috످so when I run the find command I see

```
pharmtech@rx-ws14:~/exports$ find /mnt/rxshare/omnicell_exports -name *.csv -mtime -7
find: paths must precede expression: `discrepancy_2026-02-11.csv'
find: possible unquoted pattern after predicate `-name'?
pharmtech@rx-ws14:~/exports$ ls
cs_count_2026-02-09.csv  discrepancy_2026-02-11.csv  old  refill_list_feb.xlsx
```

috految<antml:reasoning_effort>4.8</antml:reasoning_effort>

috److You need quotes around `*.csv`:

```bash
find /mnt/rxshare/omnicell_exports -name "*.csv" -mtime -7
```

Without quotes, the shell replaces `*.csv` with the two CSV filenames in your current folder (`~/exports`) before `find` runs. Since `-name` only accepts one pattern, the second filename (`discrepancy_2026-02-11.csv`) causes the error.

috످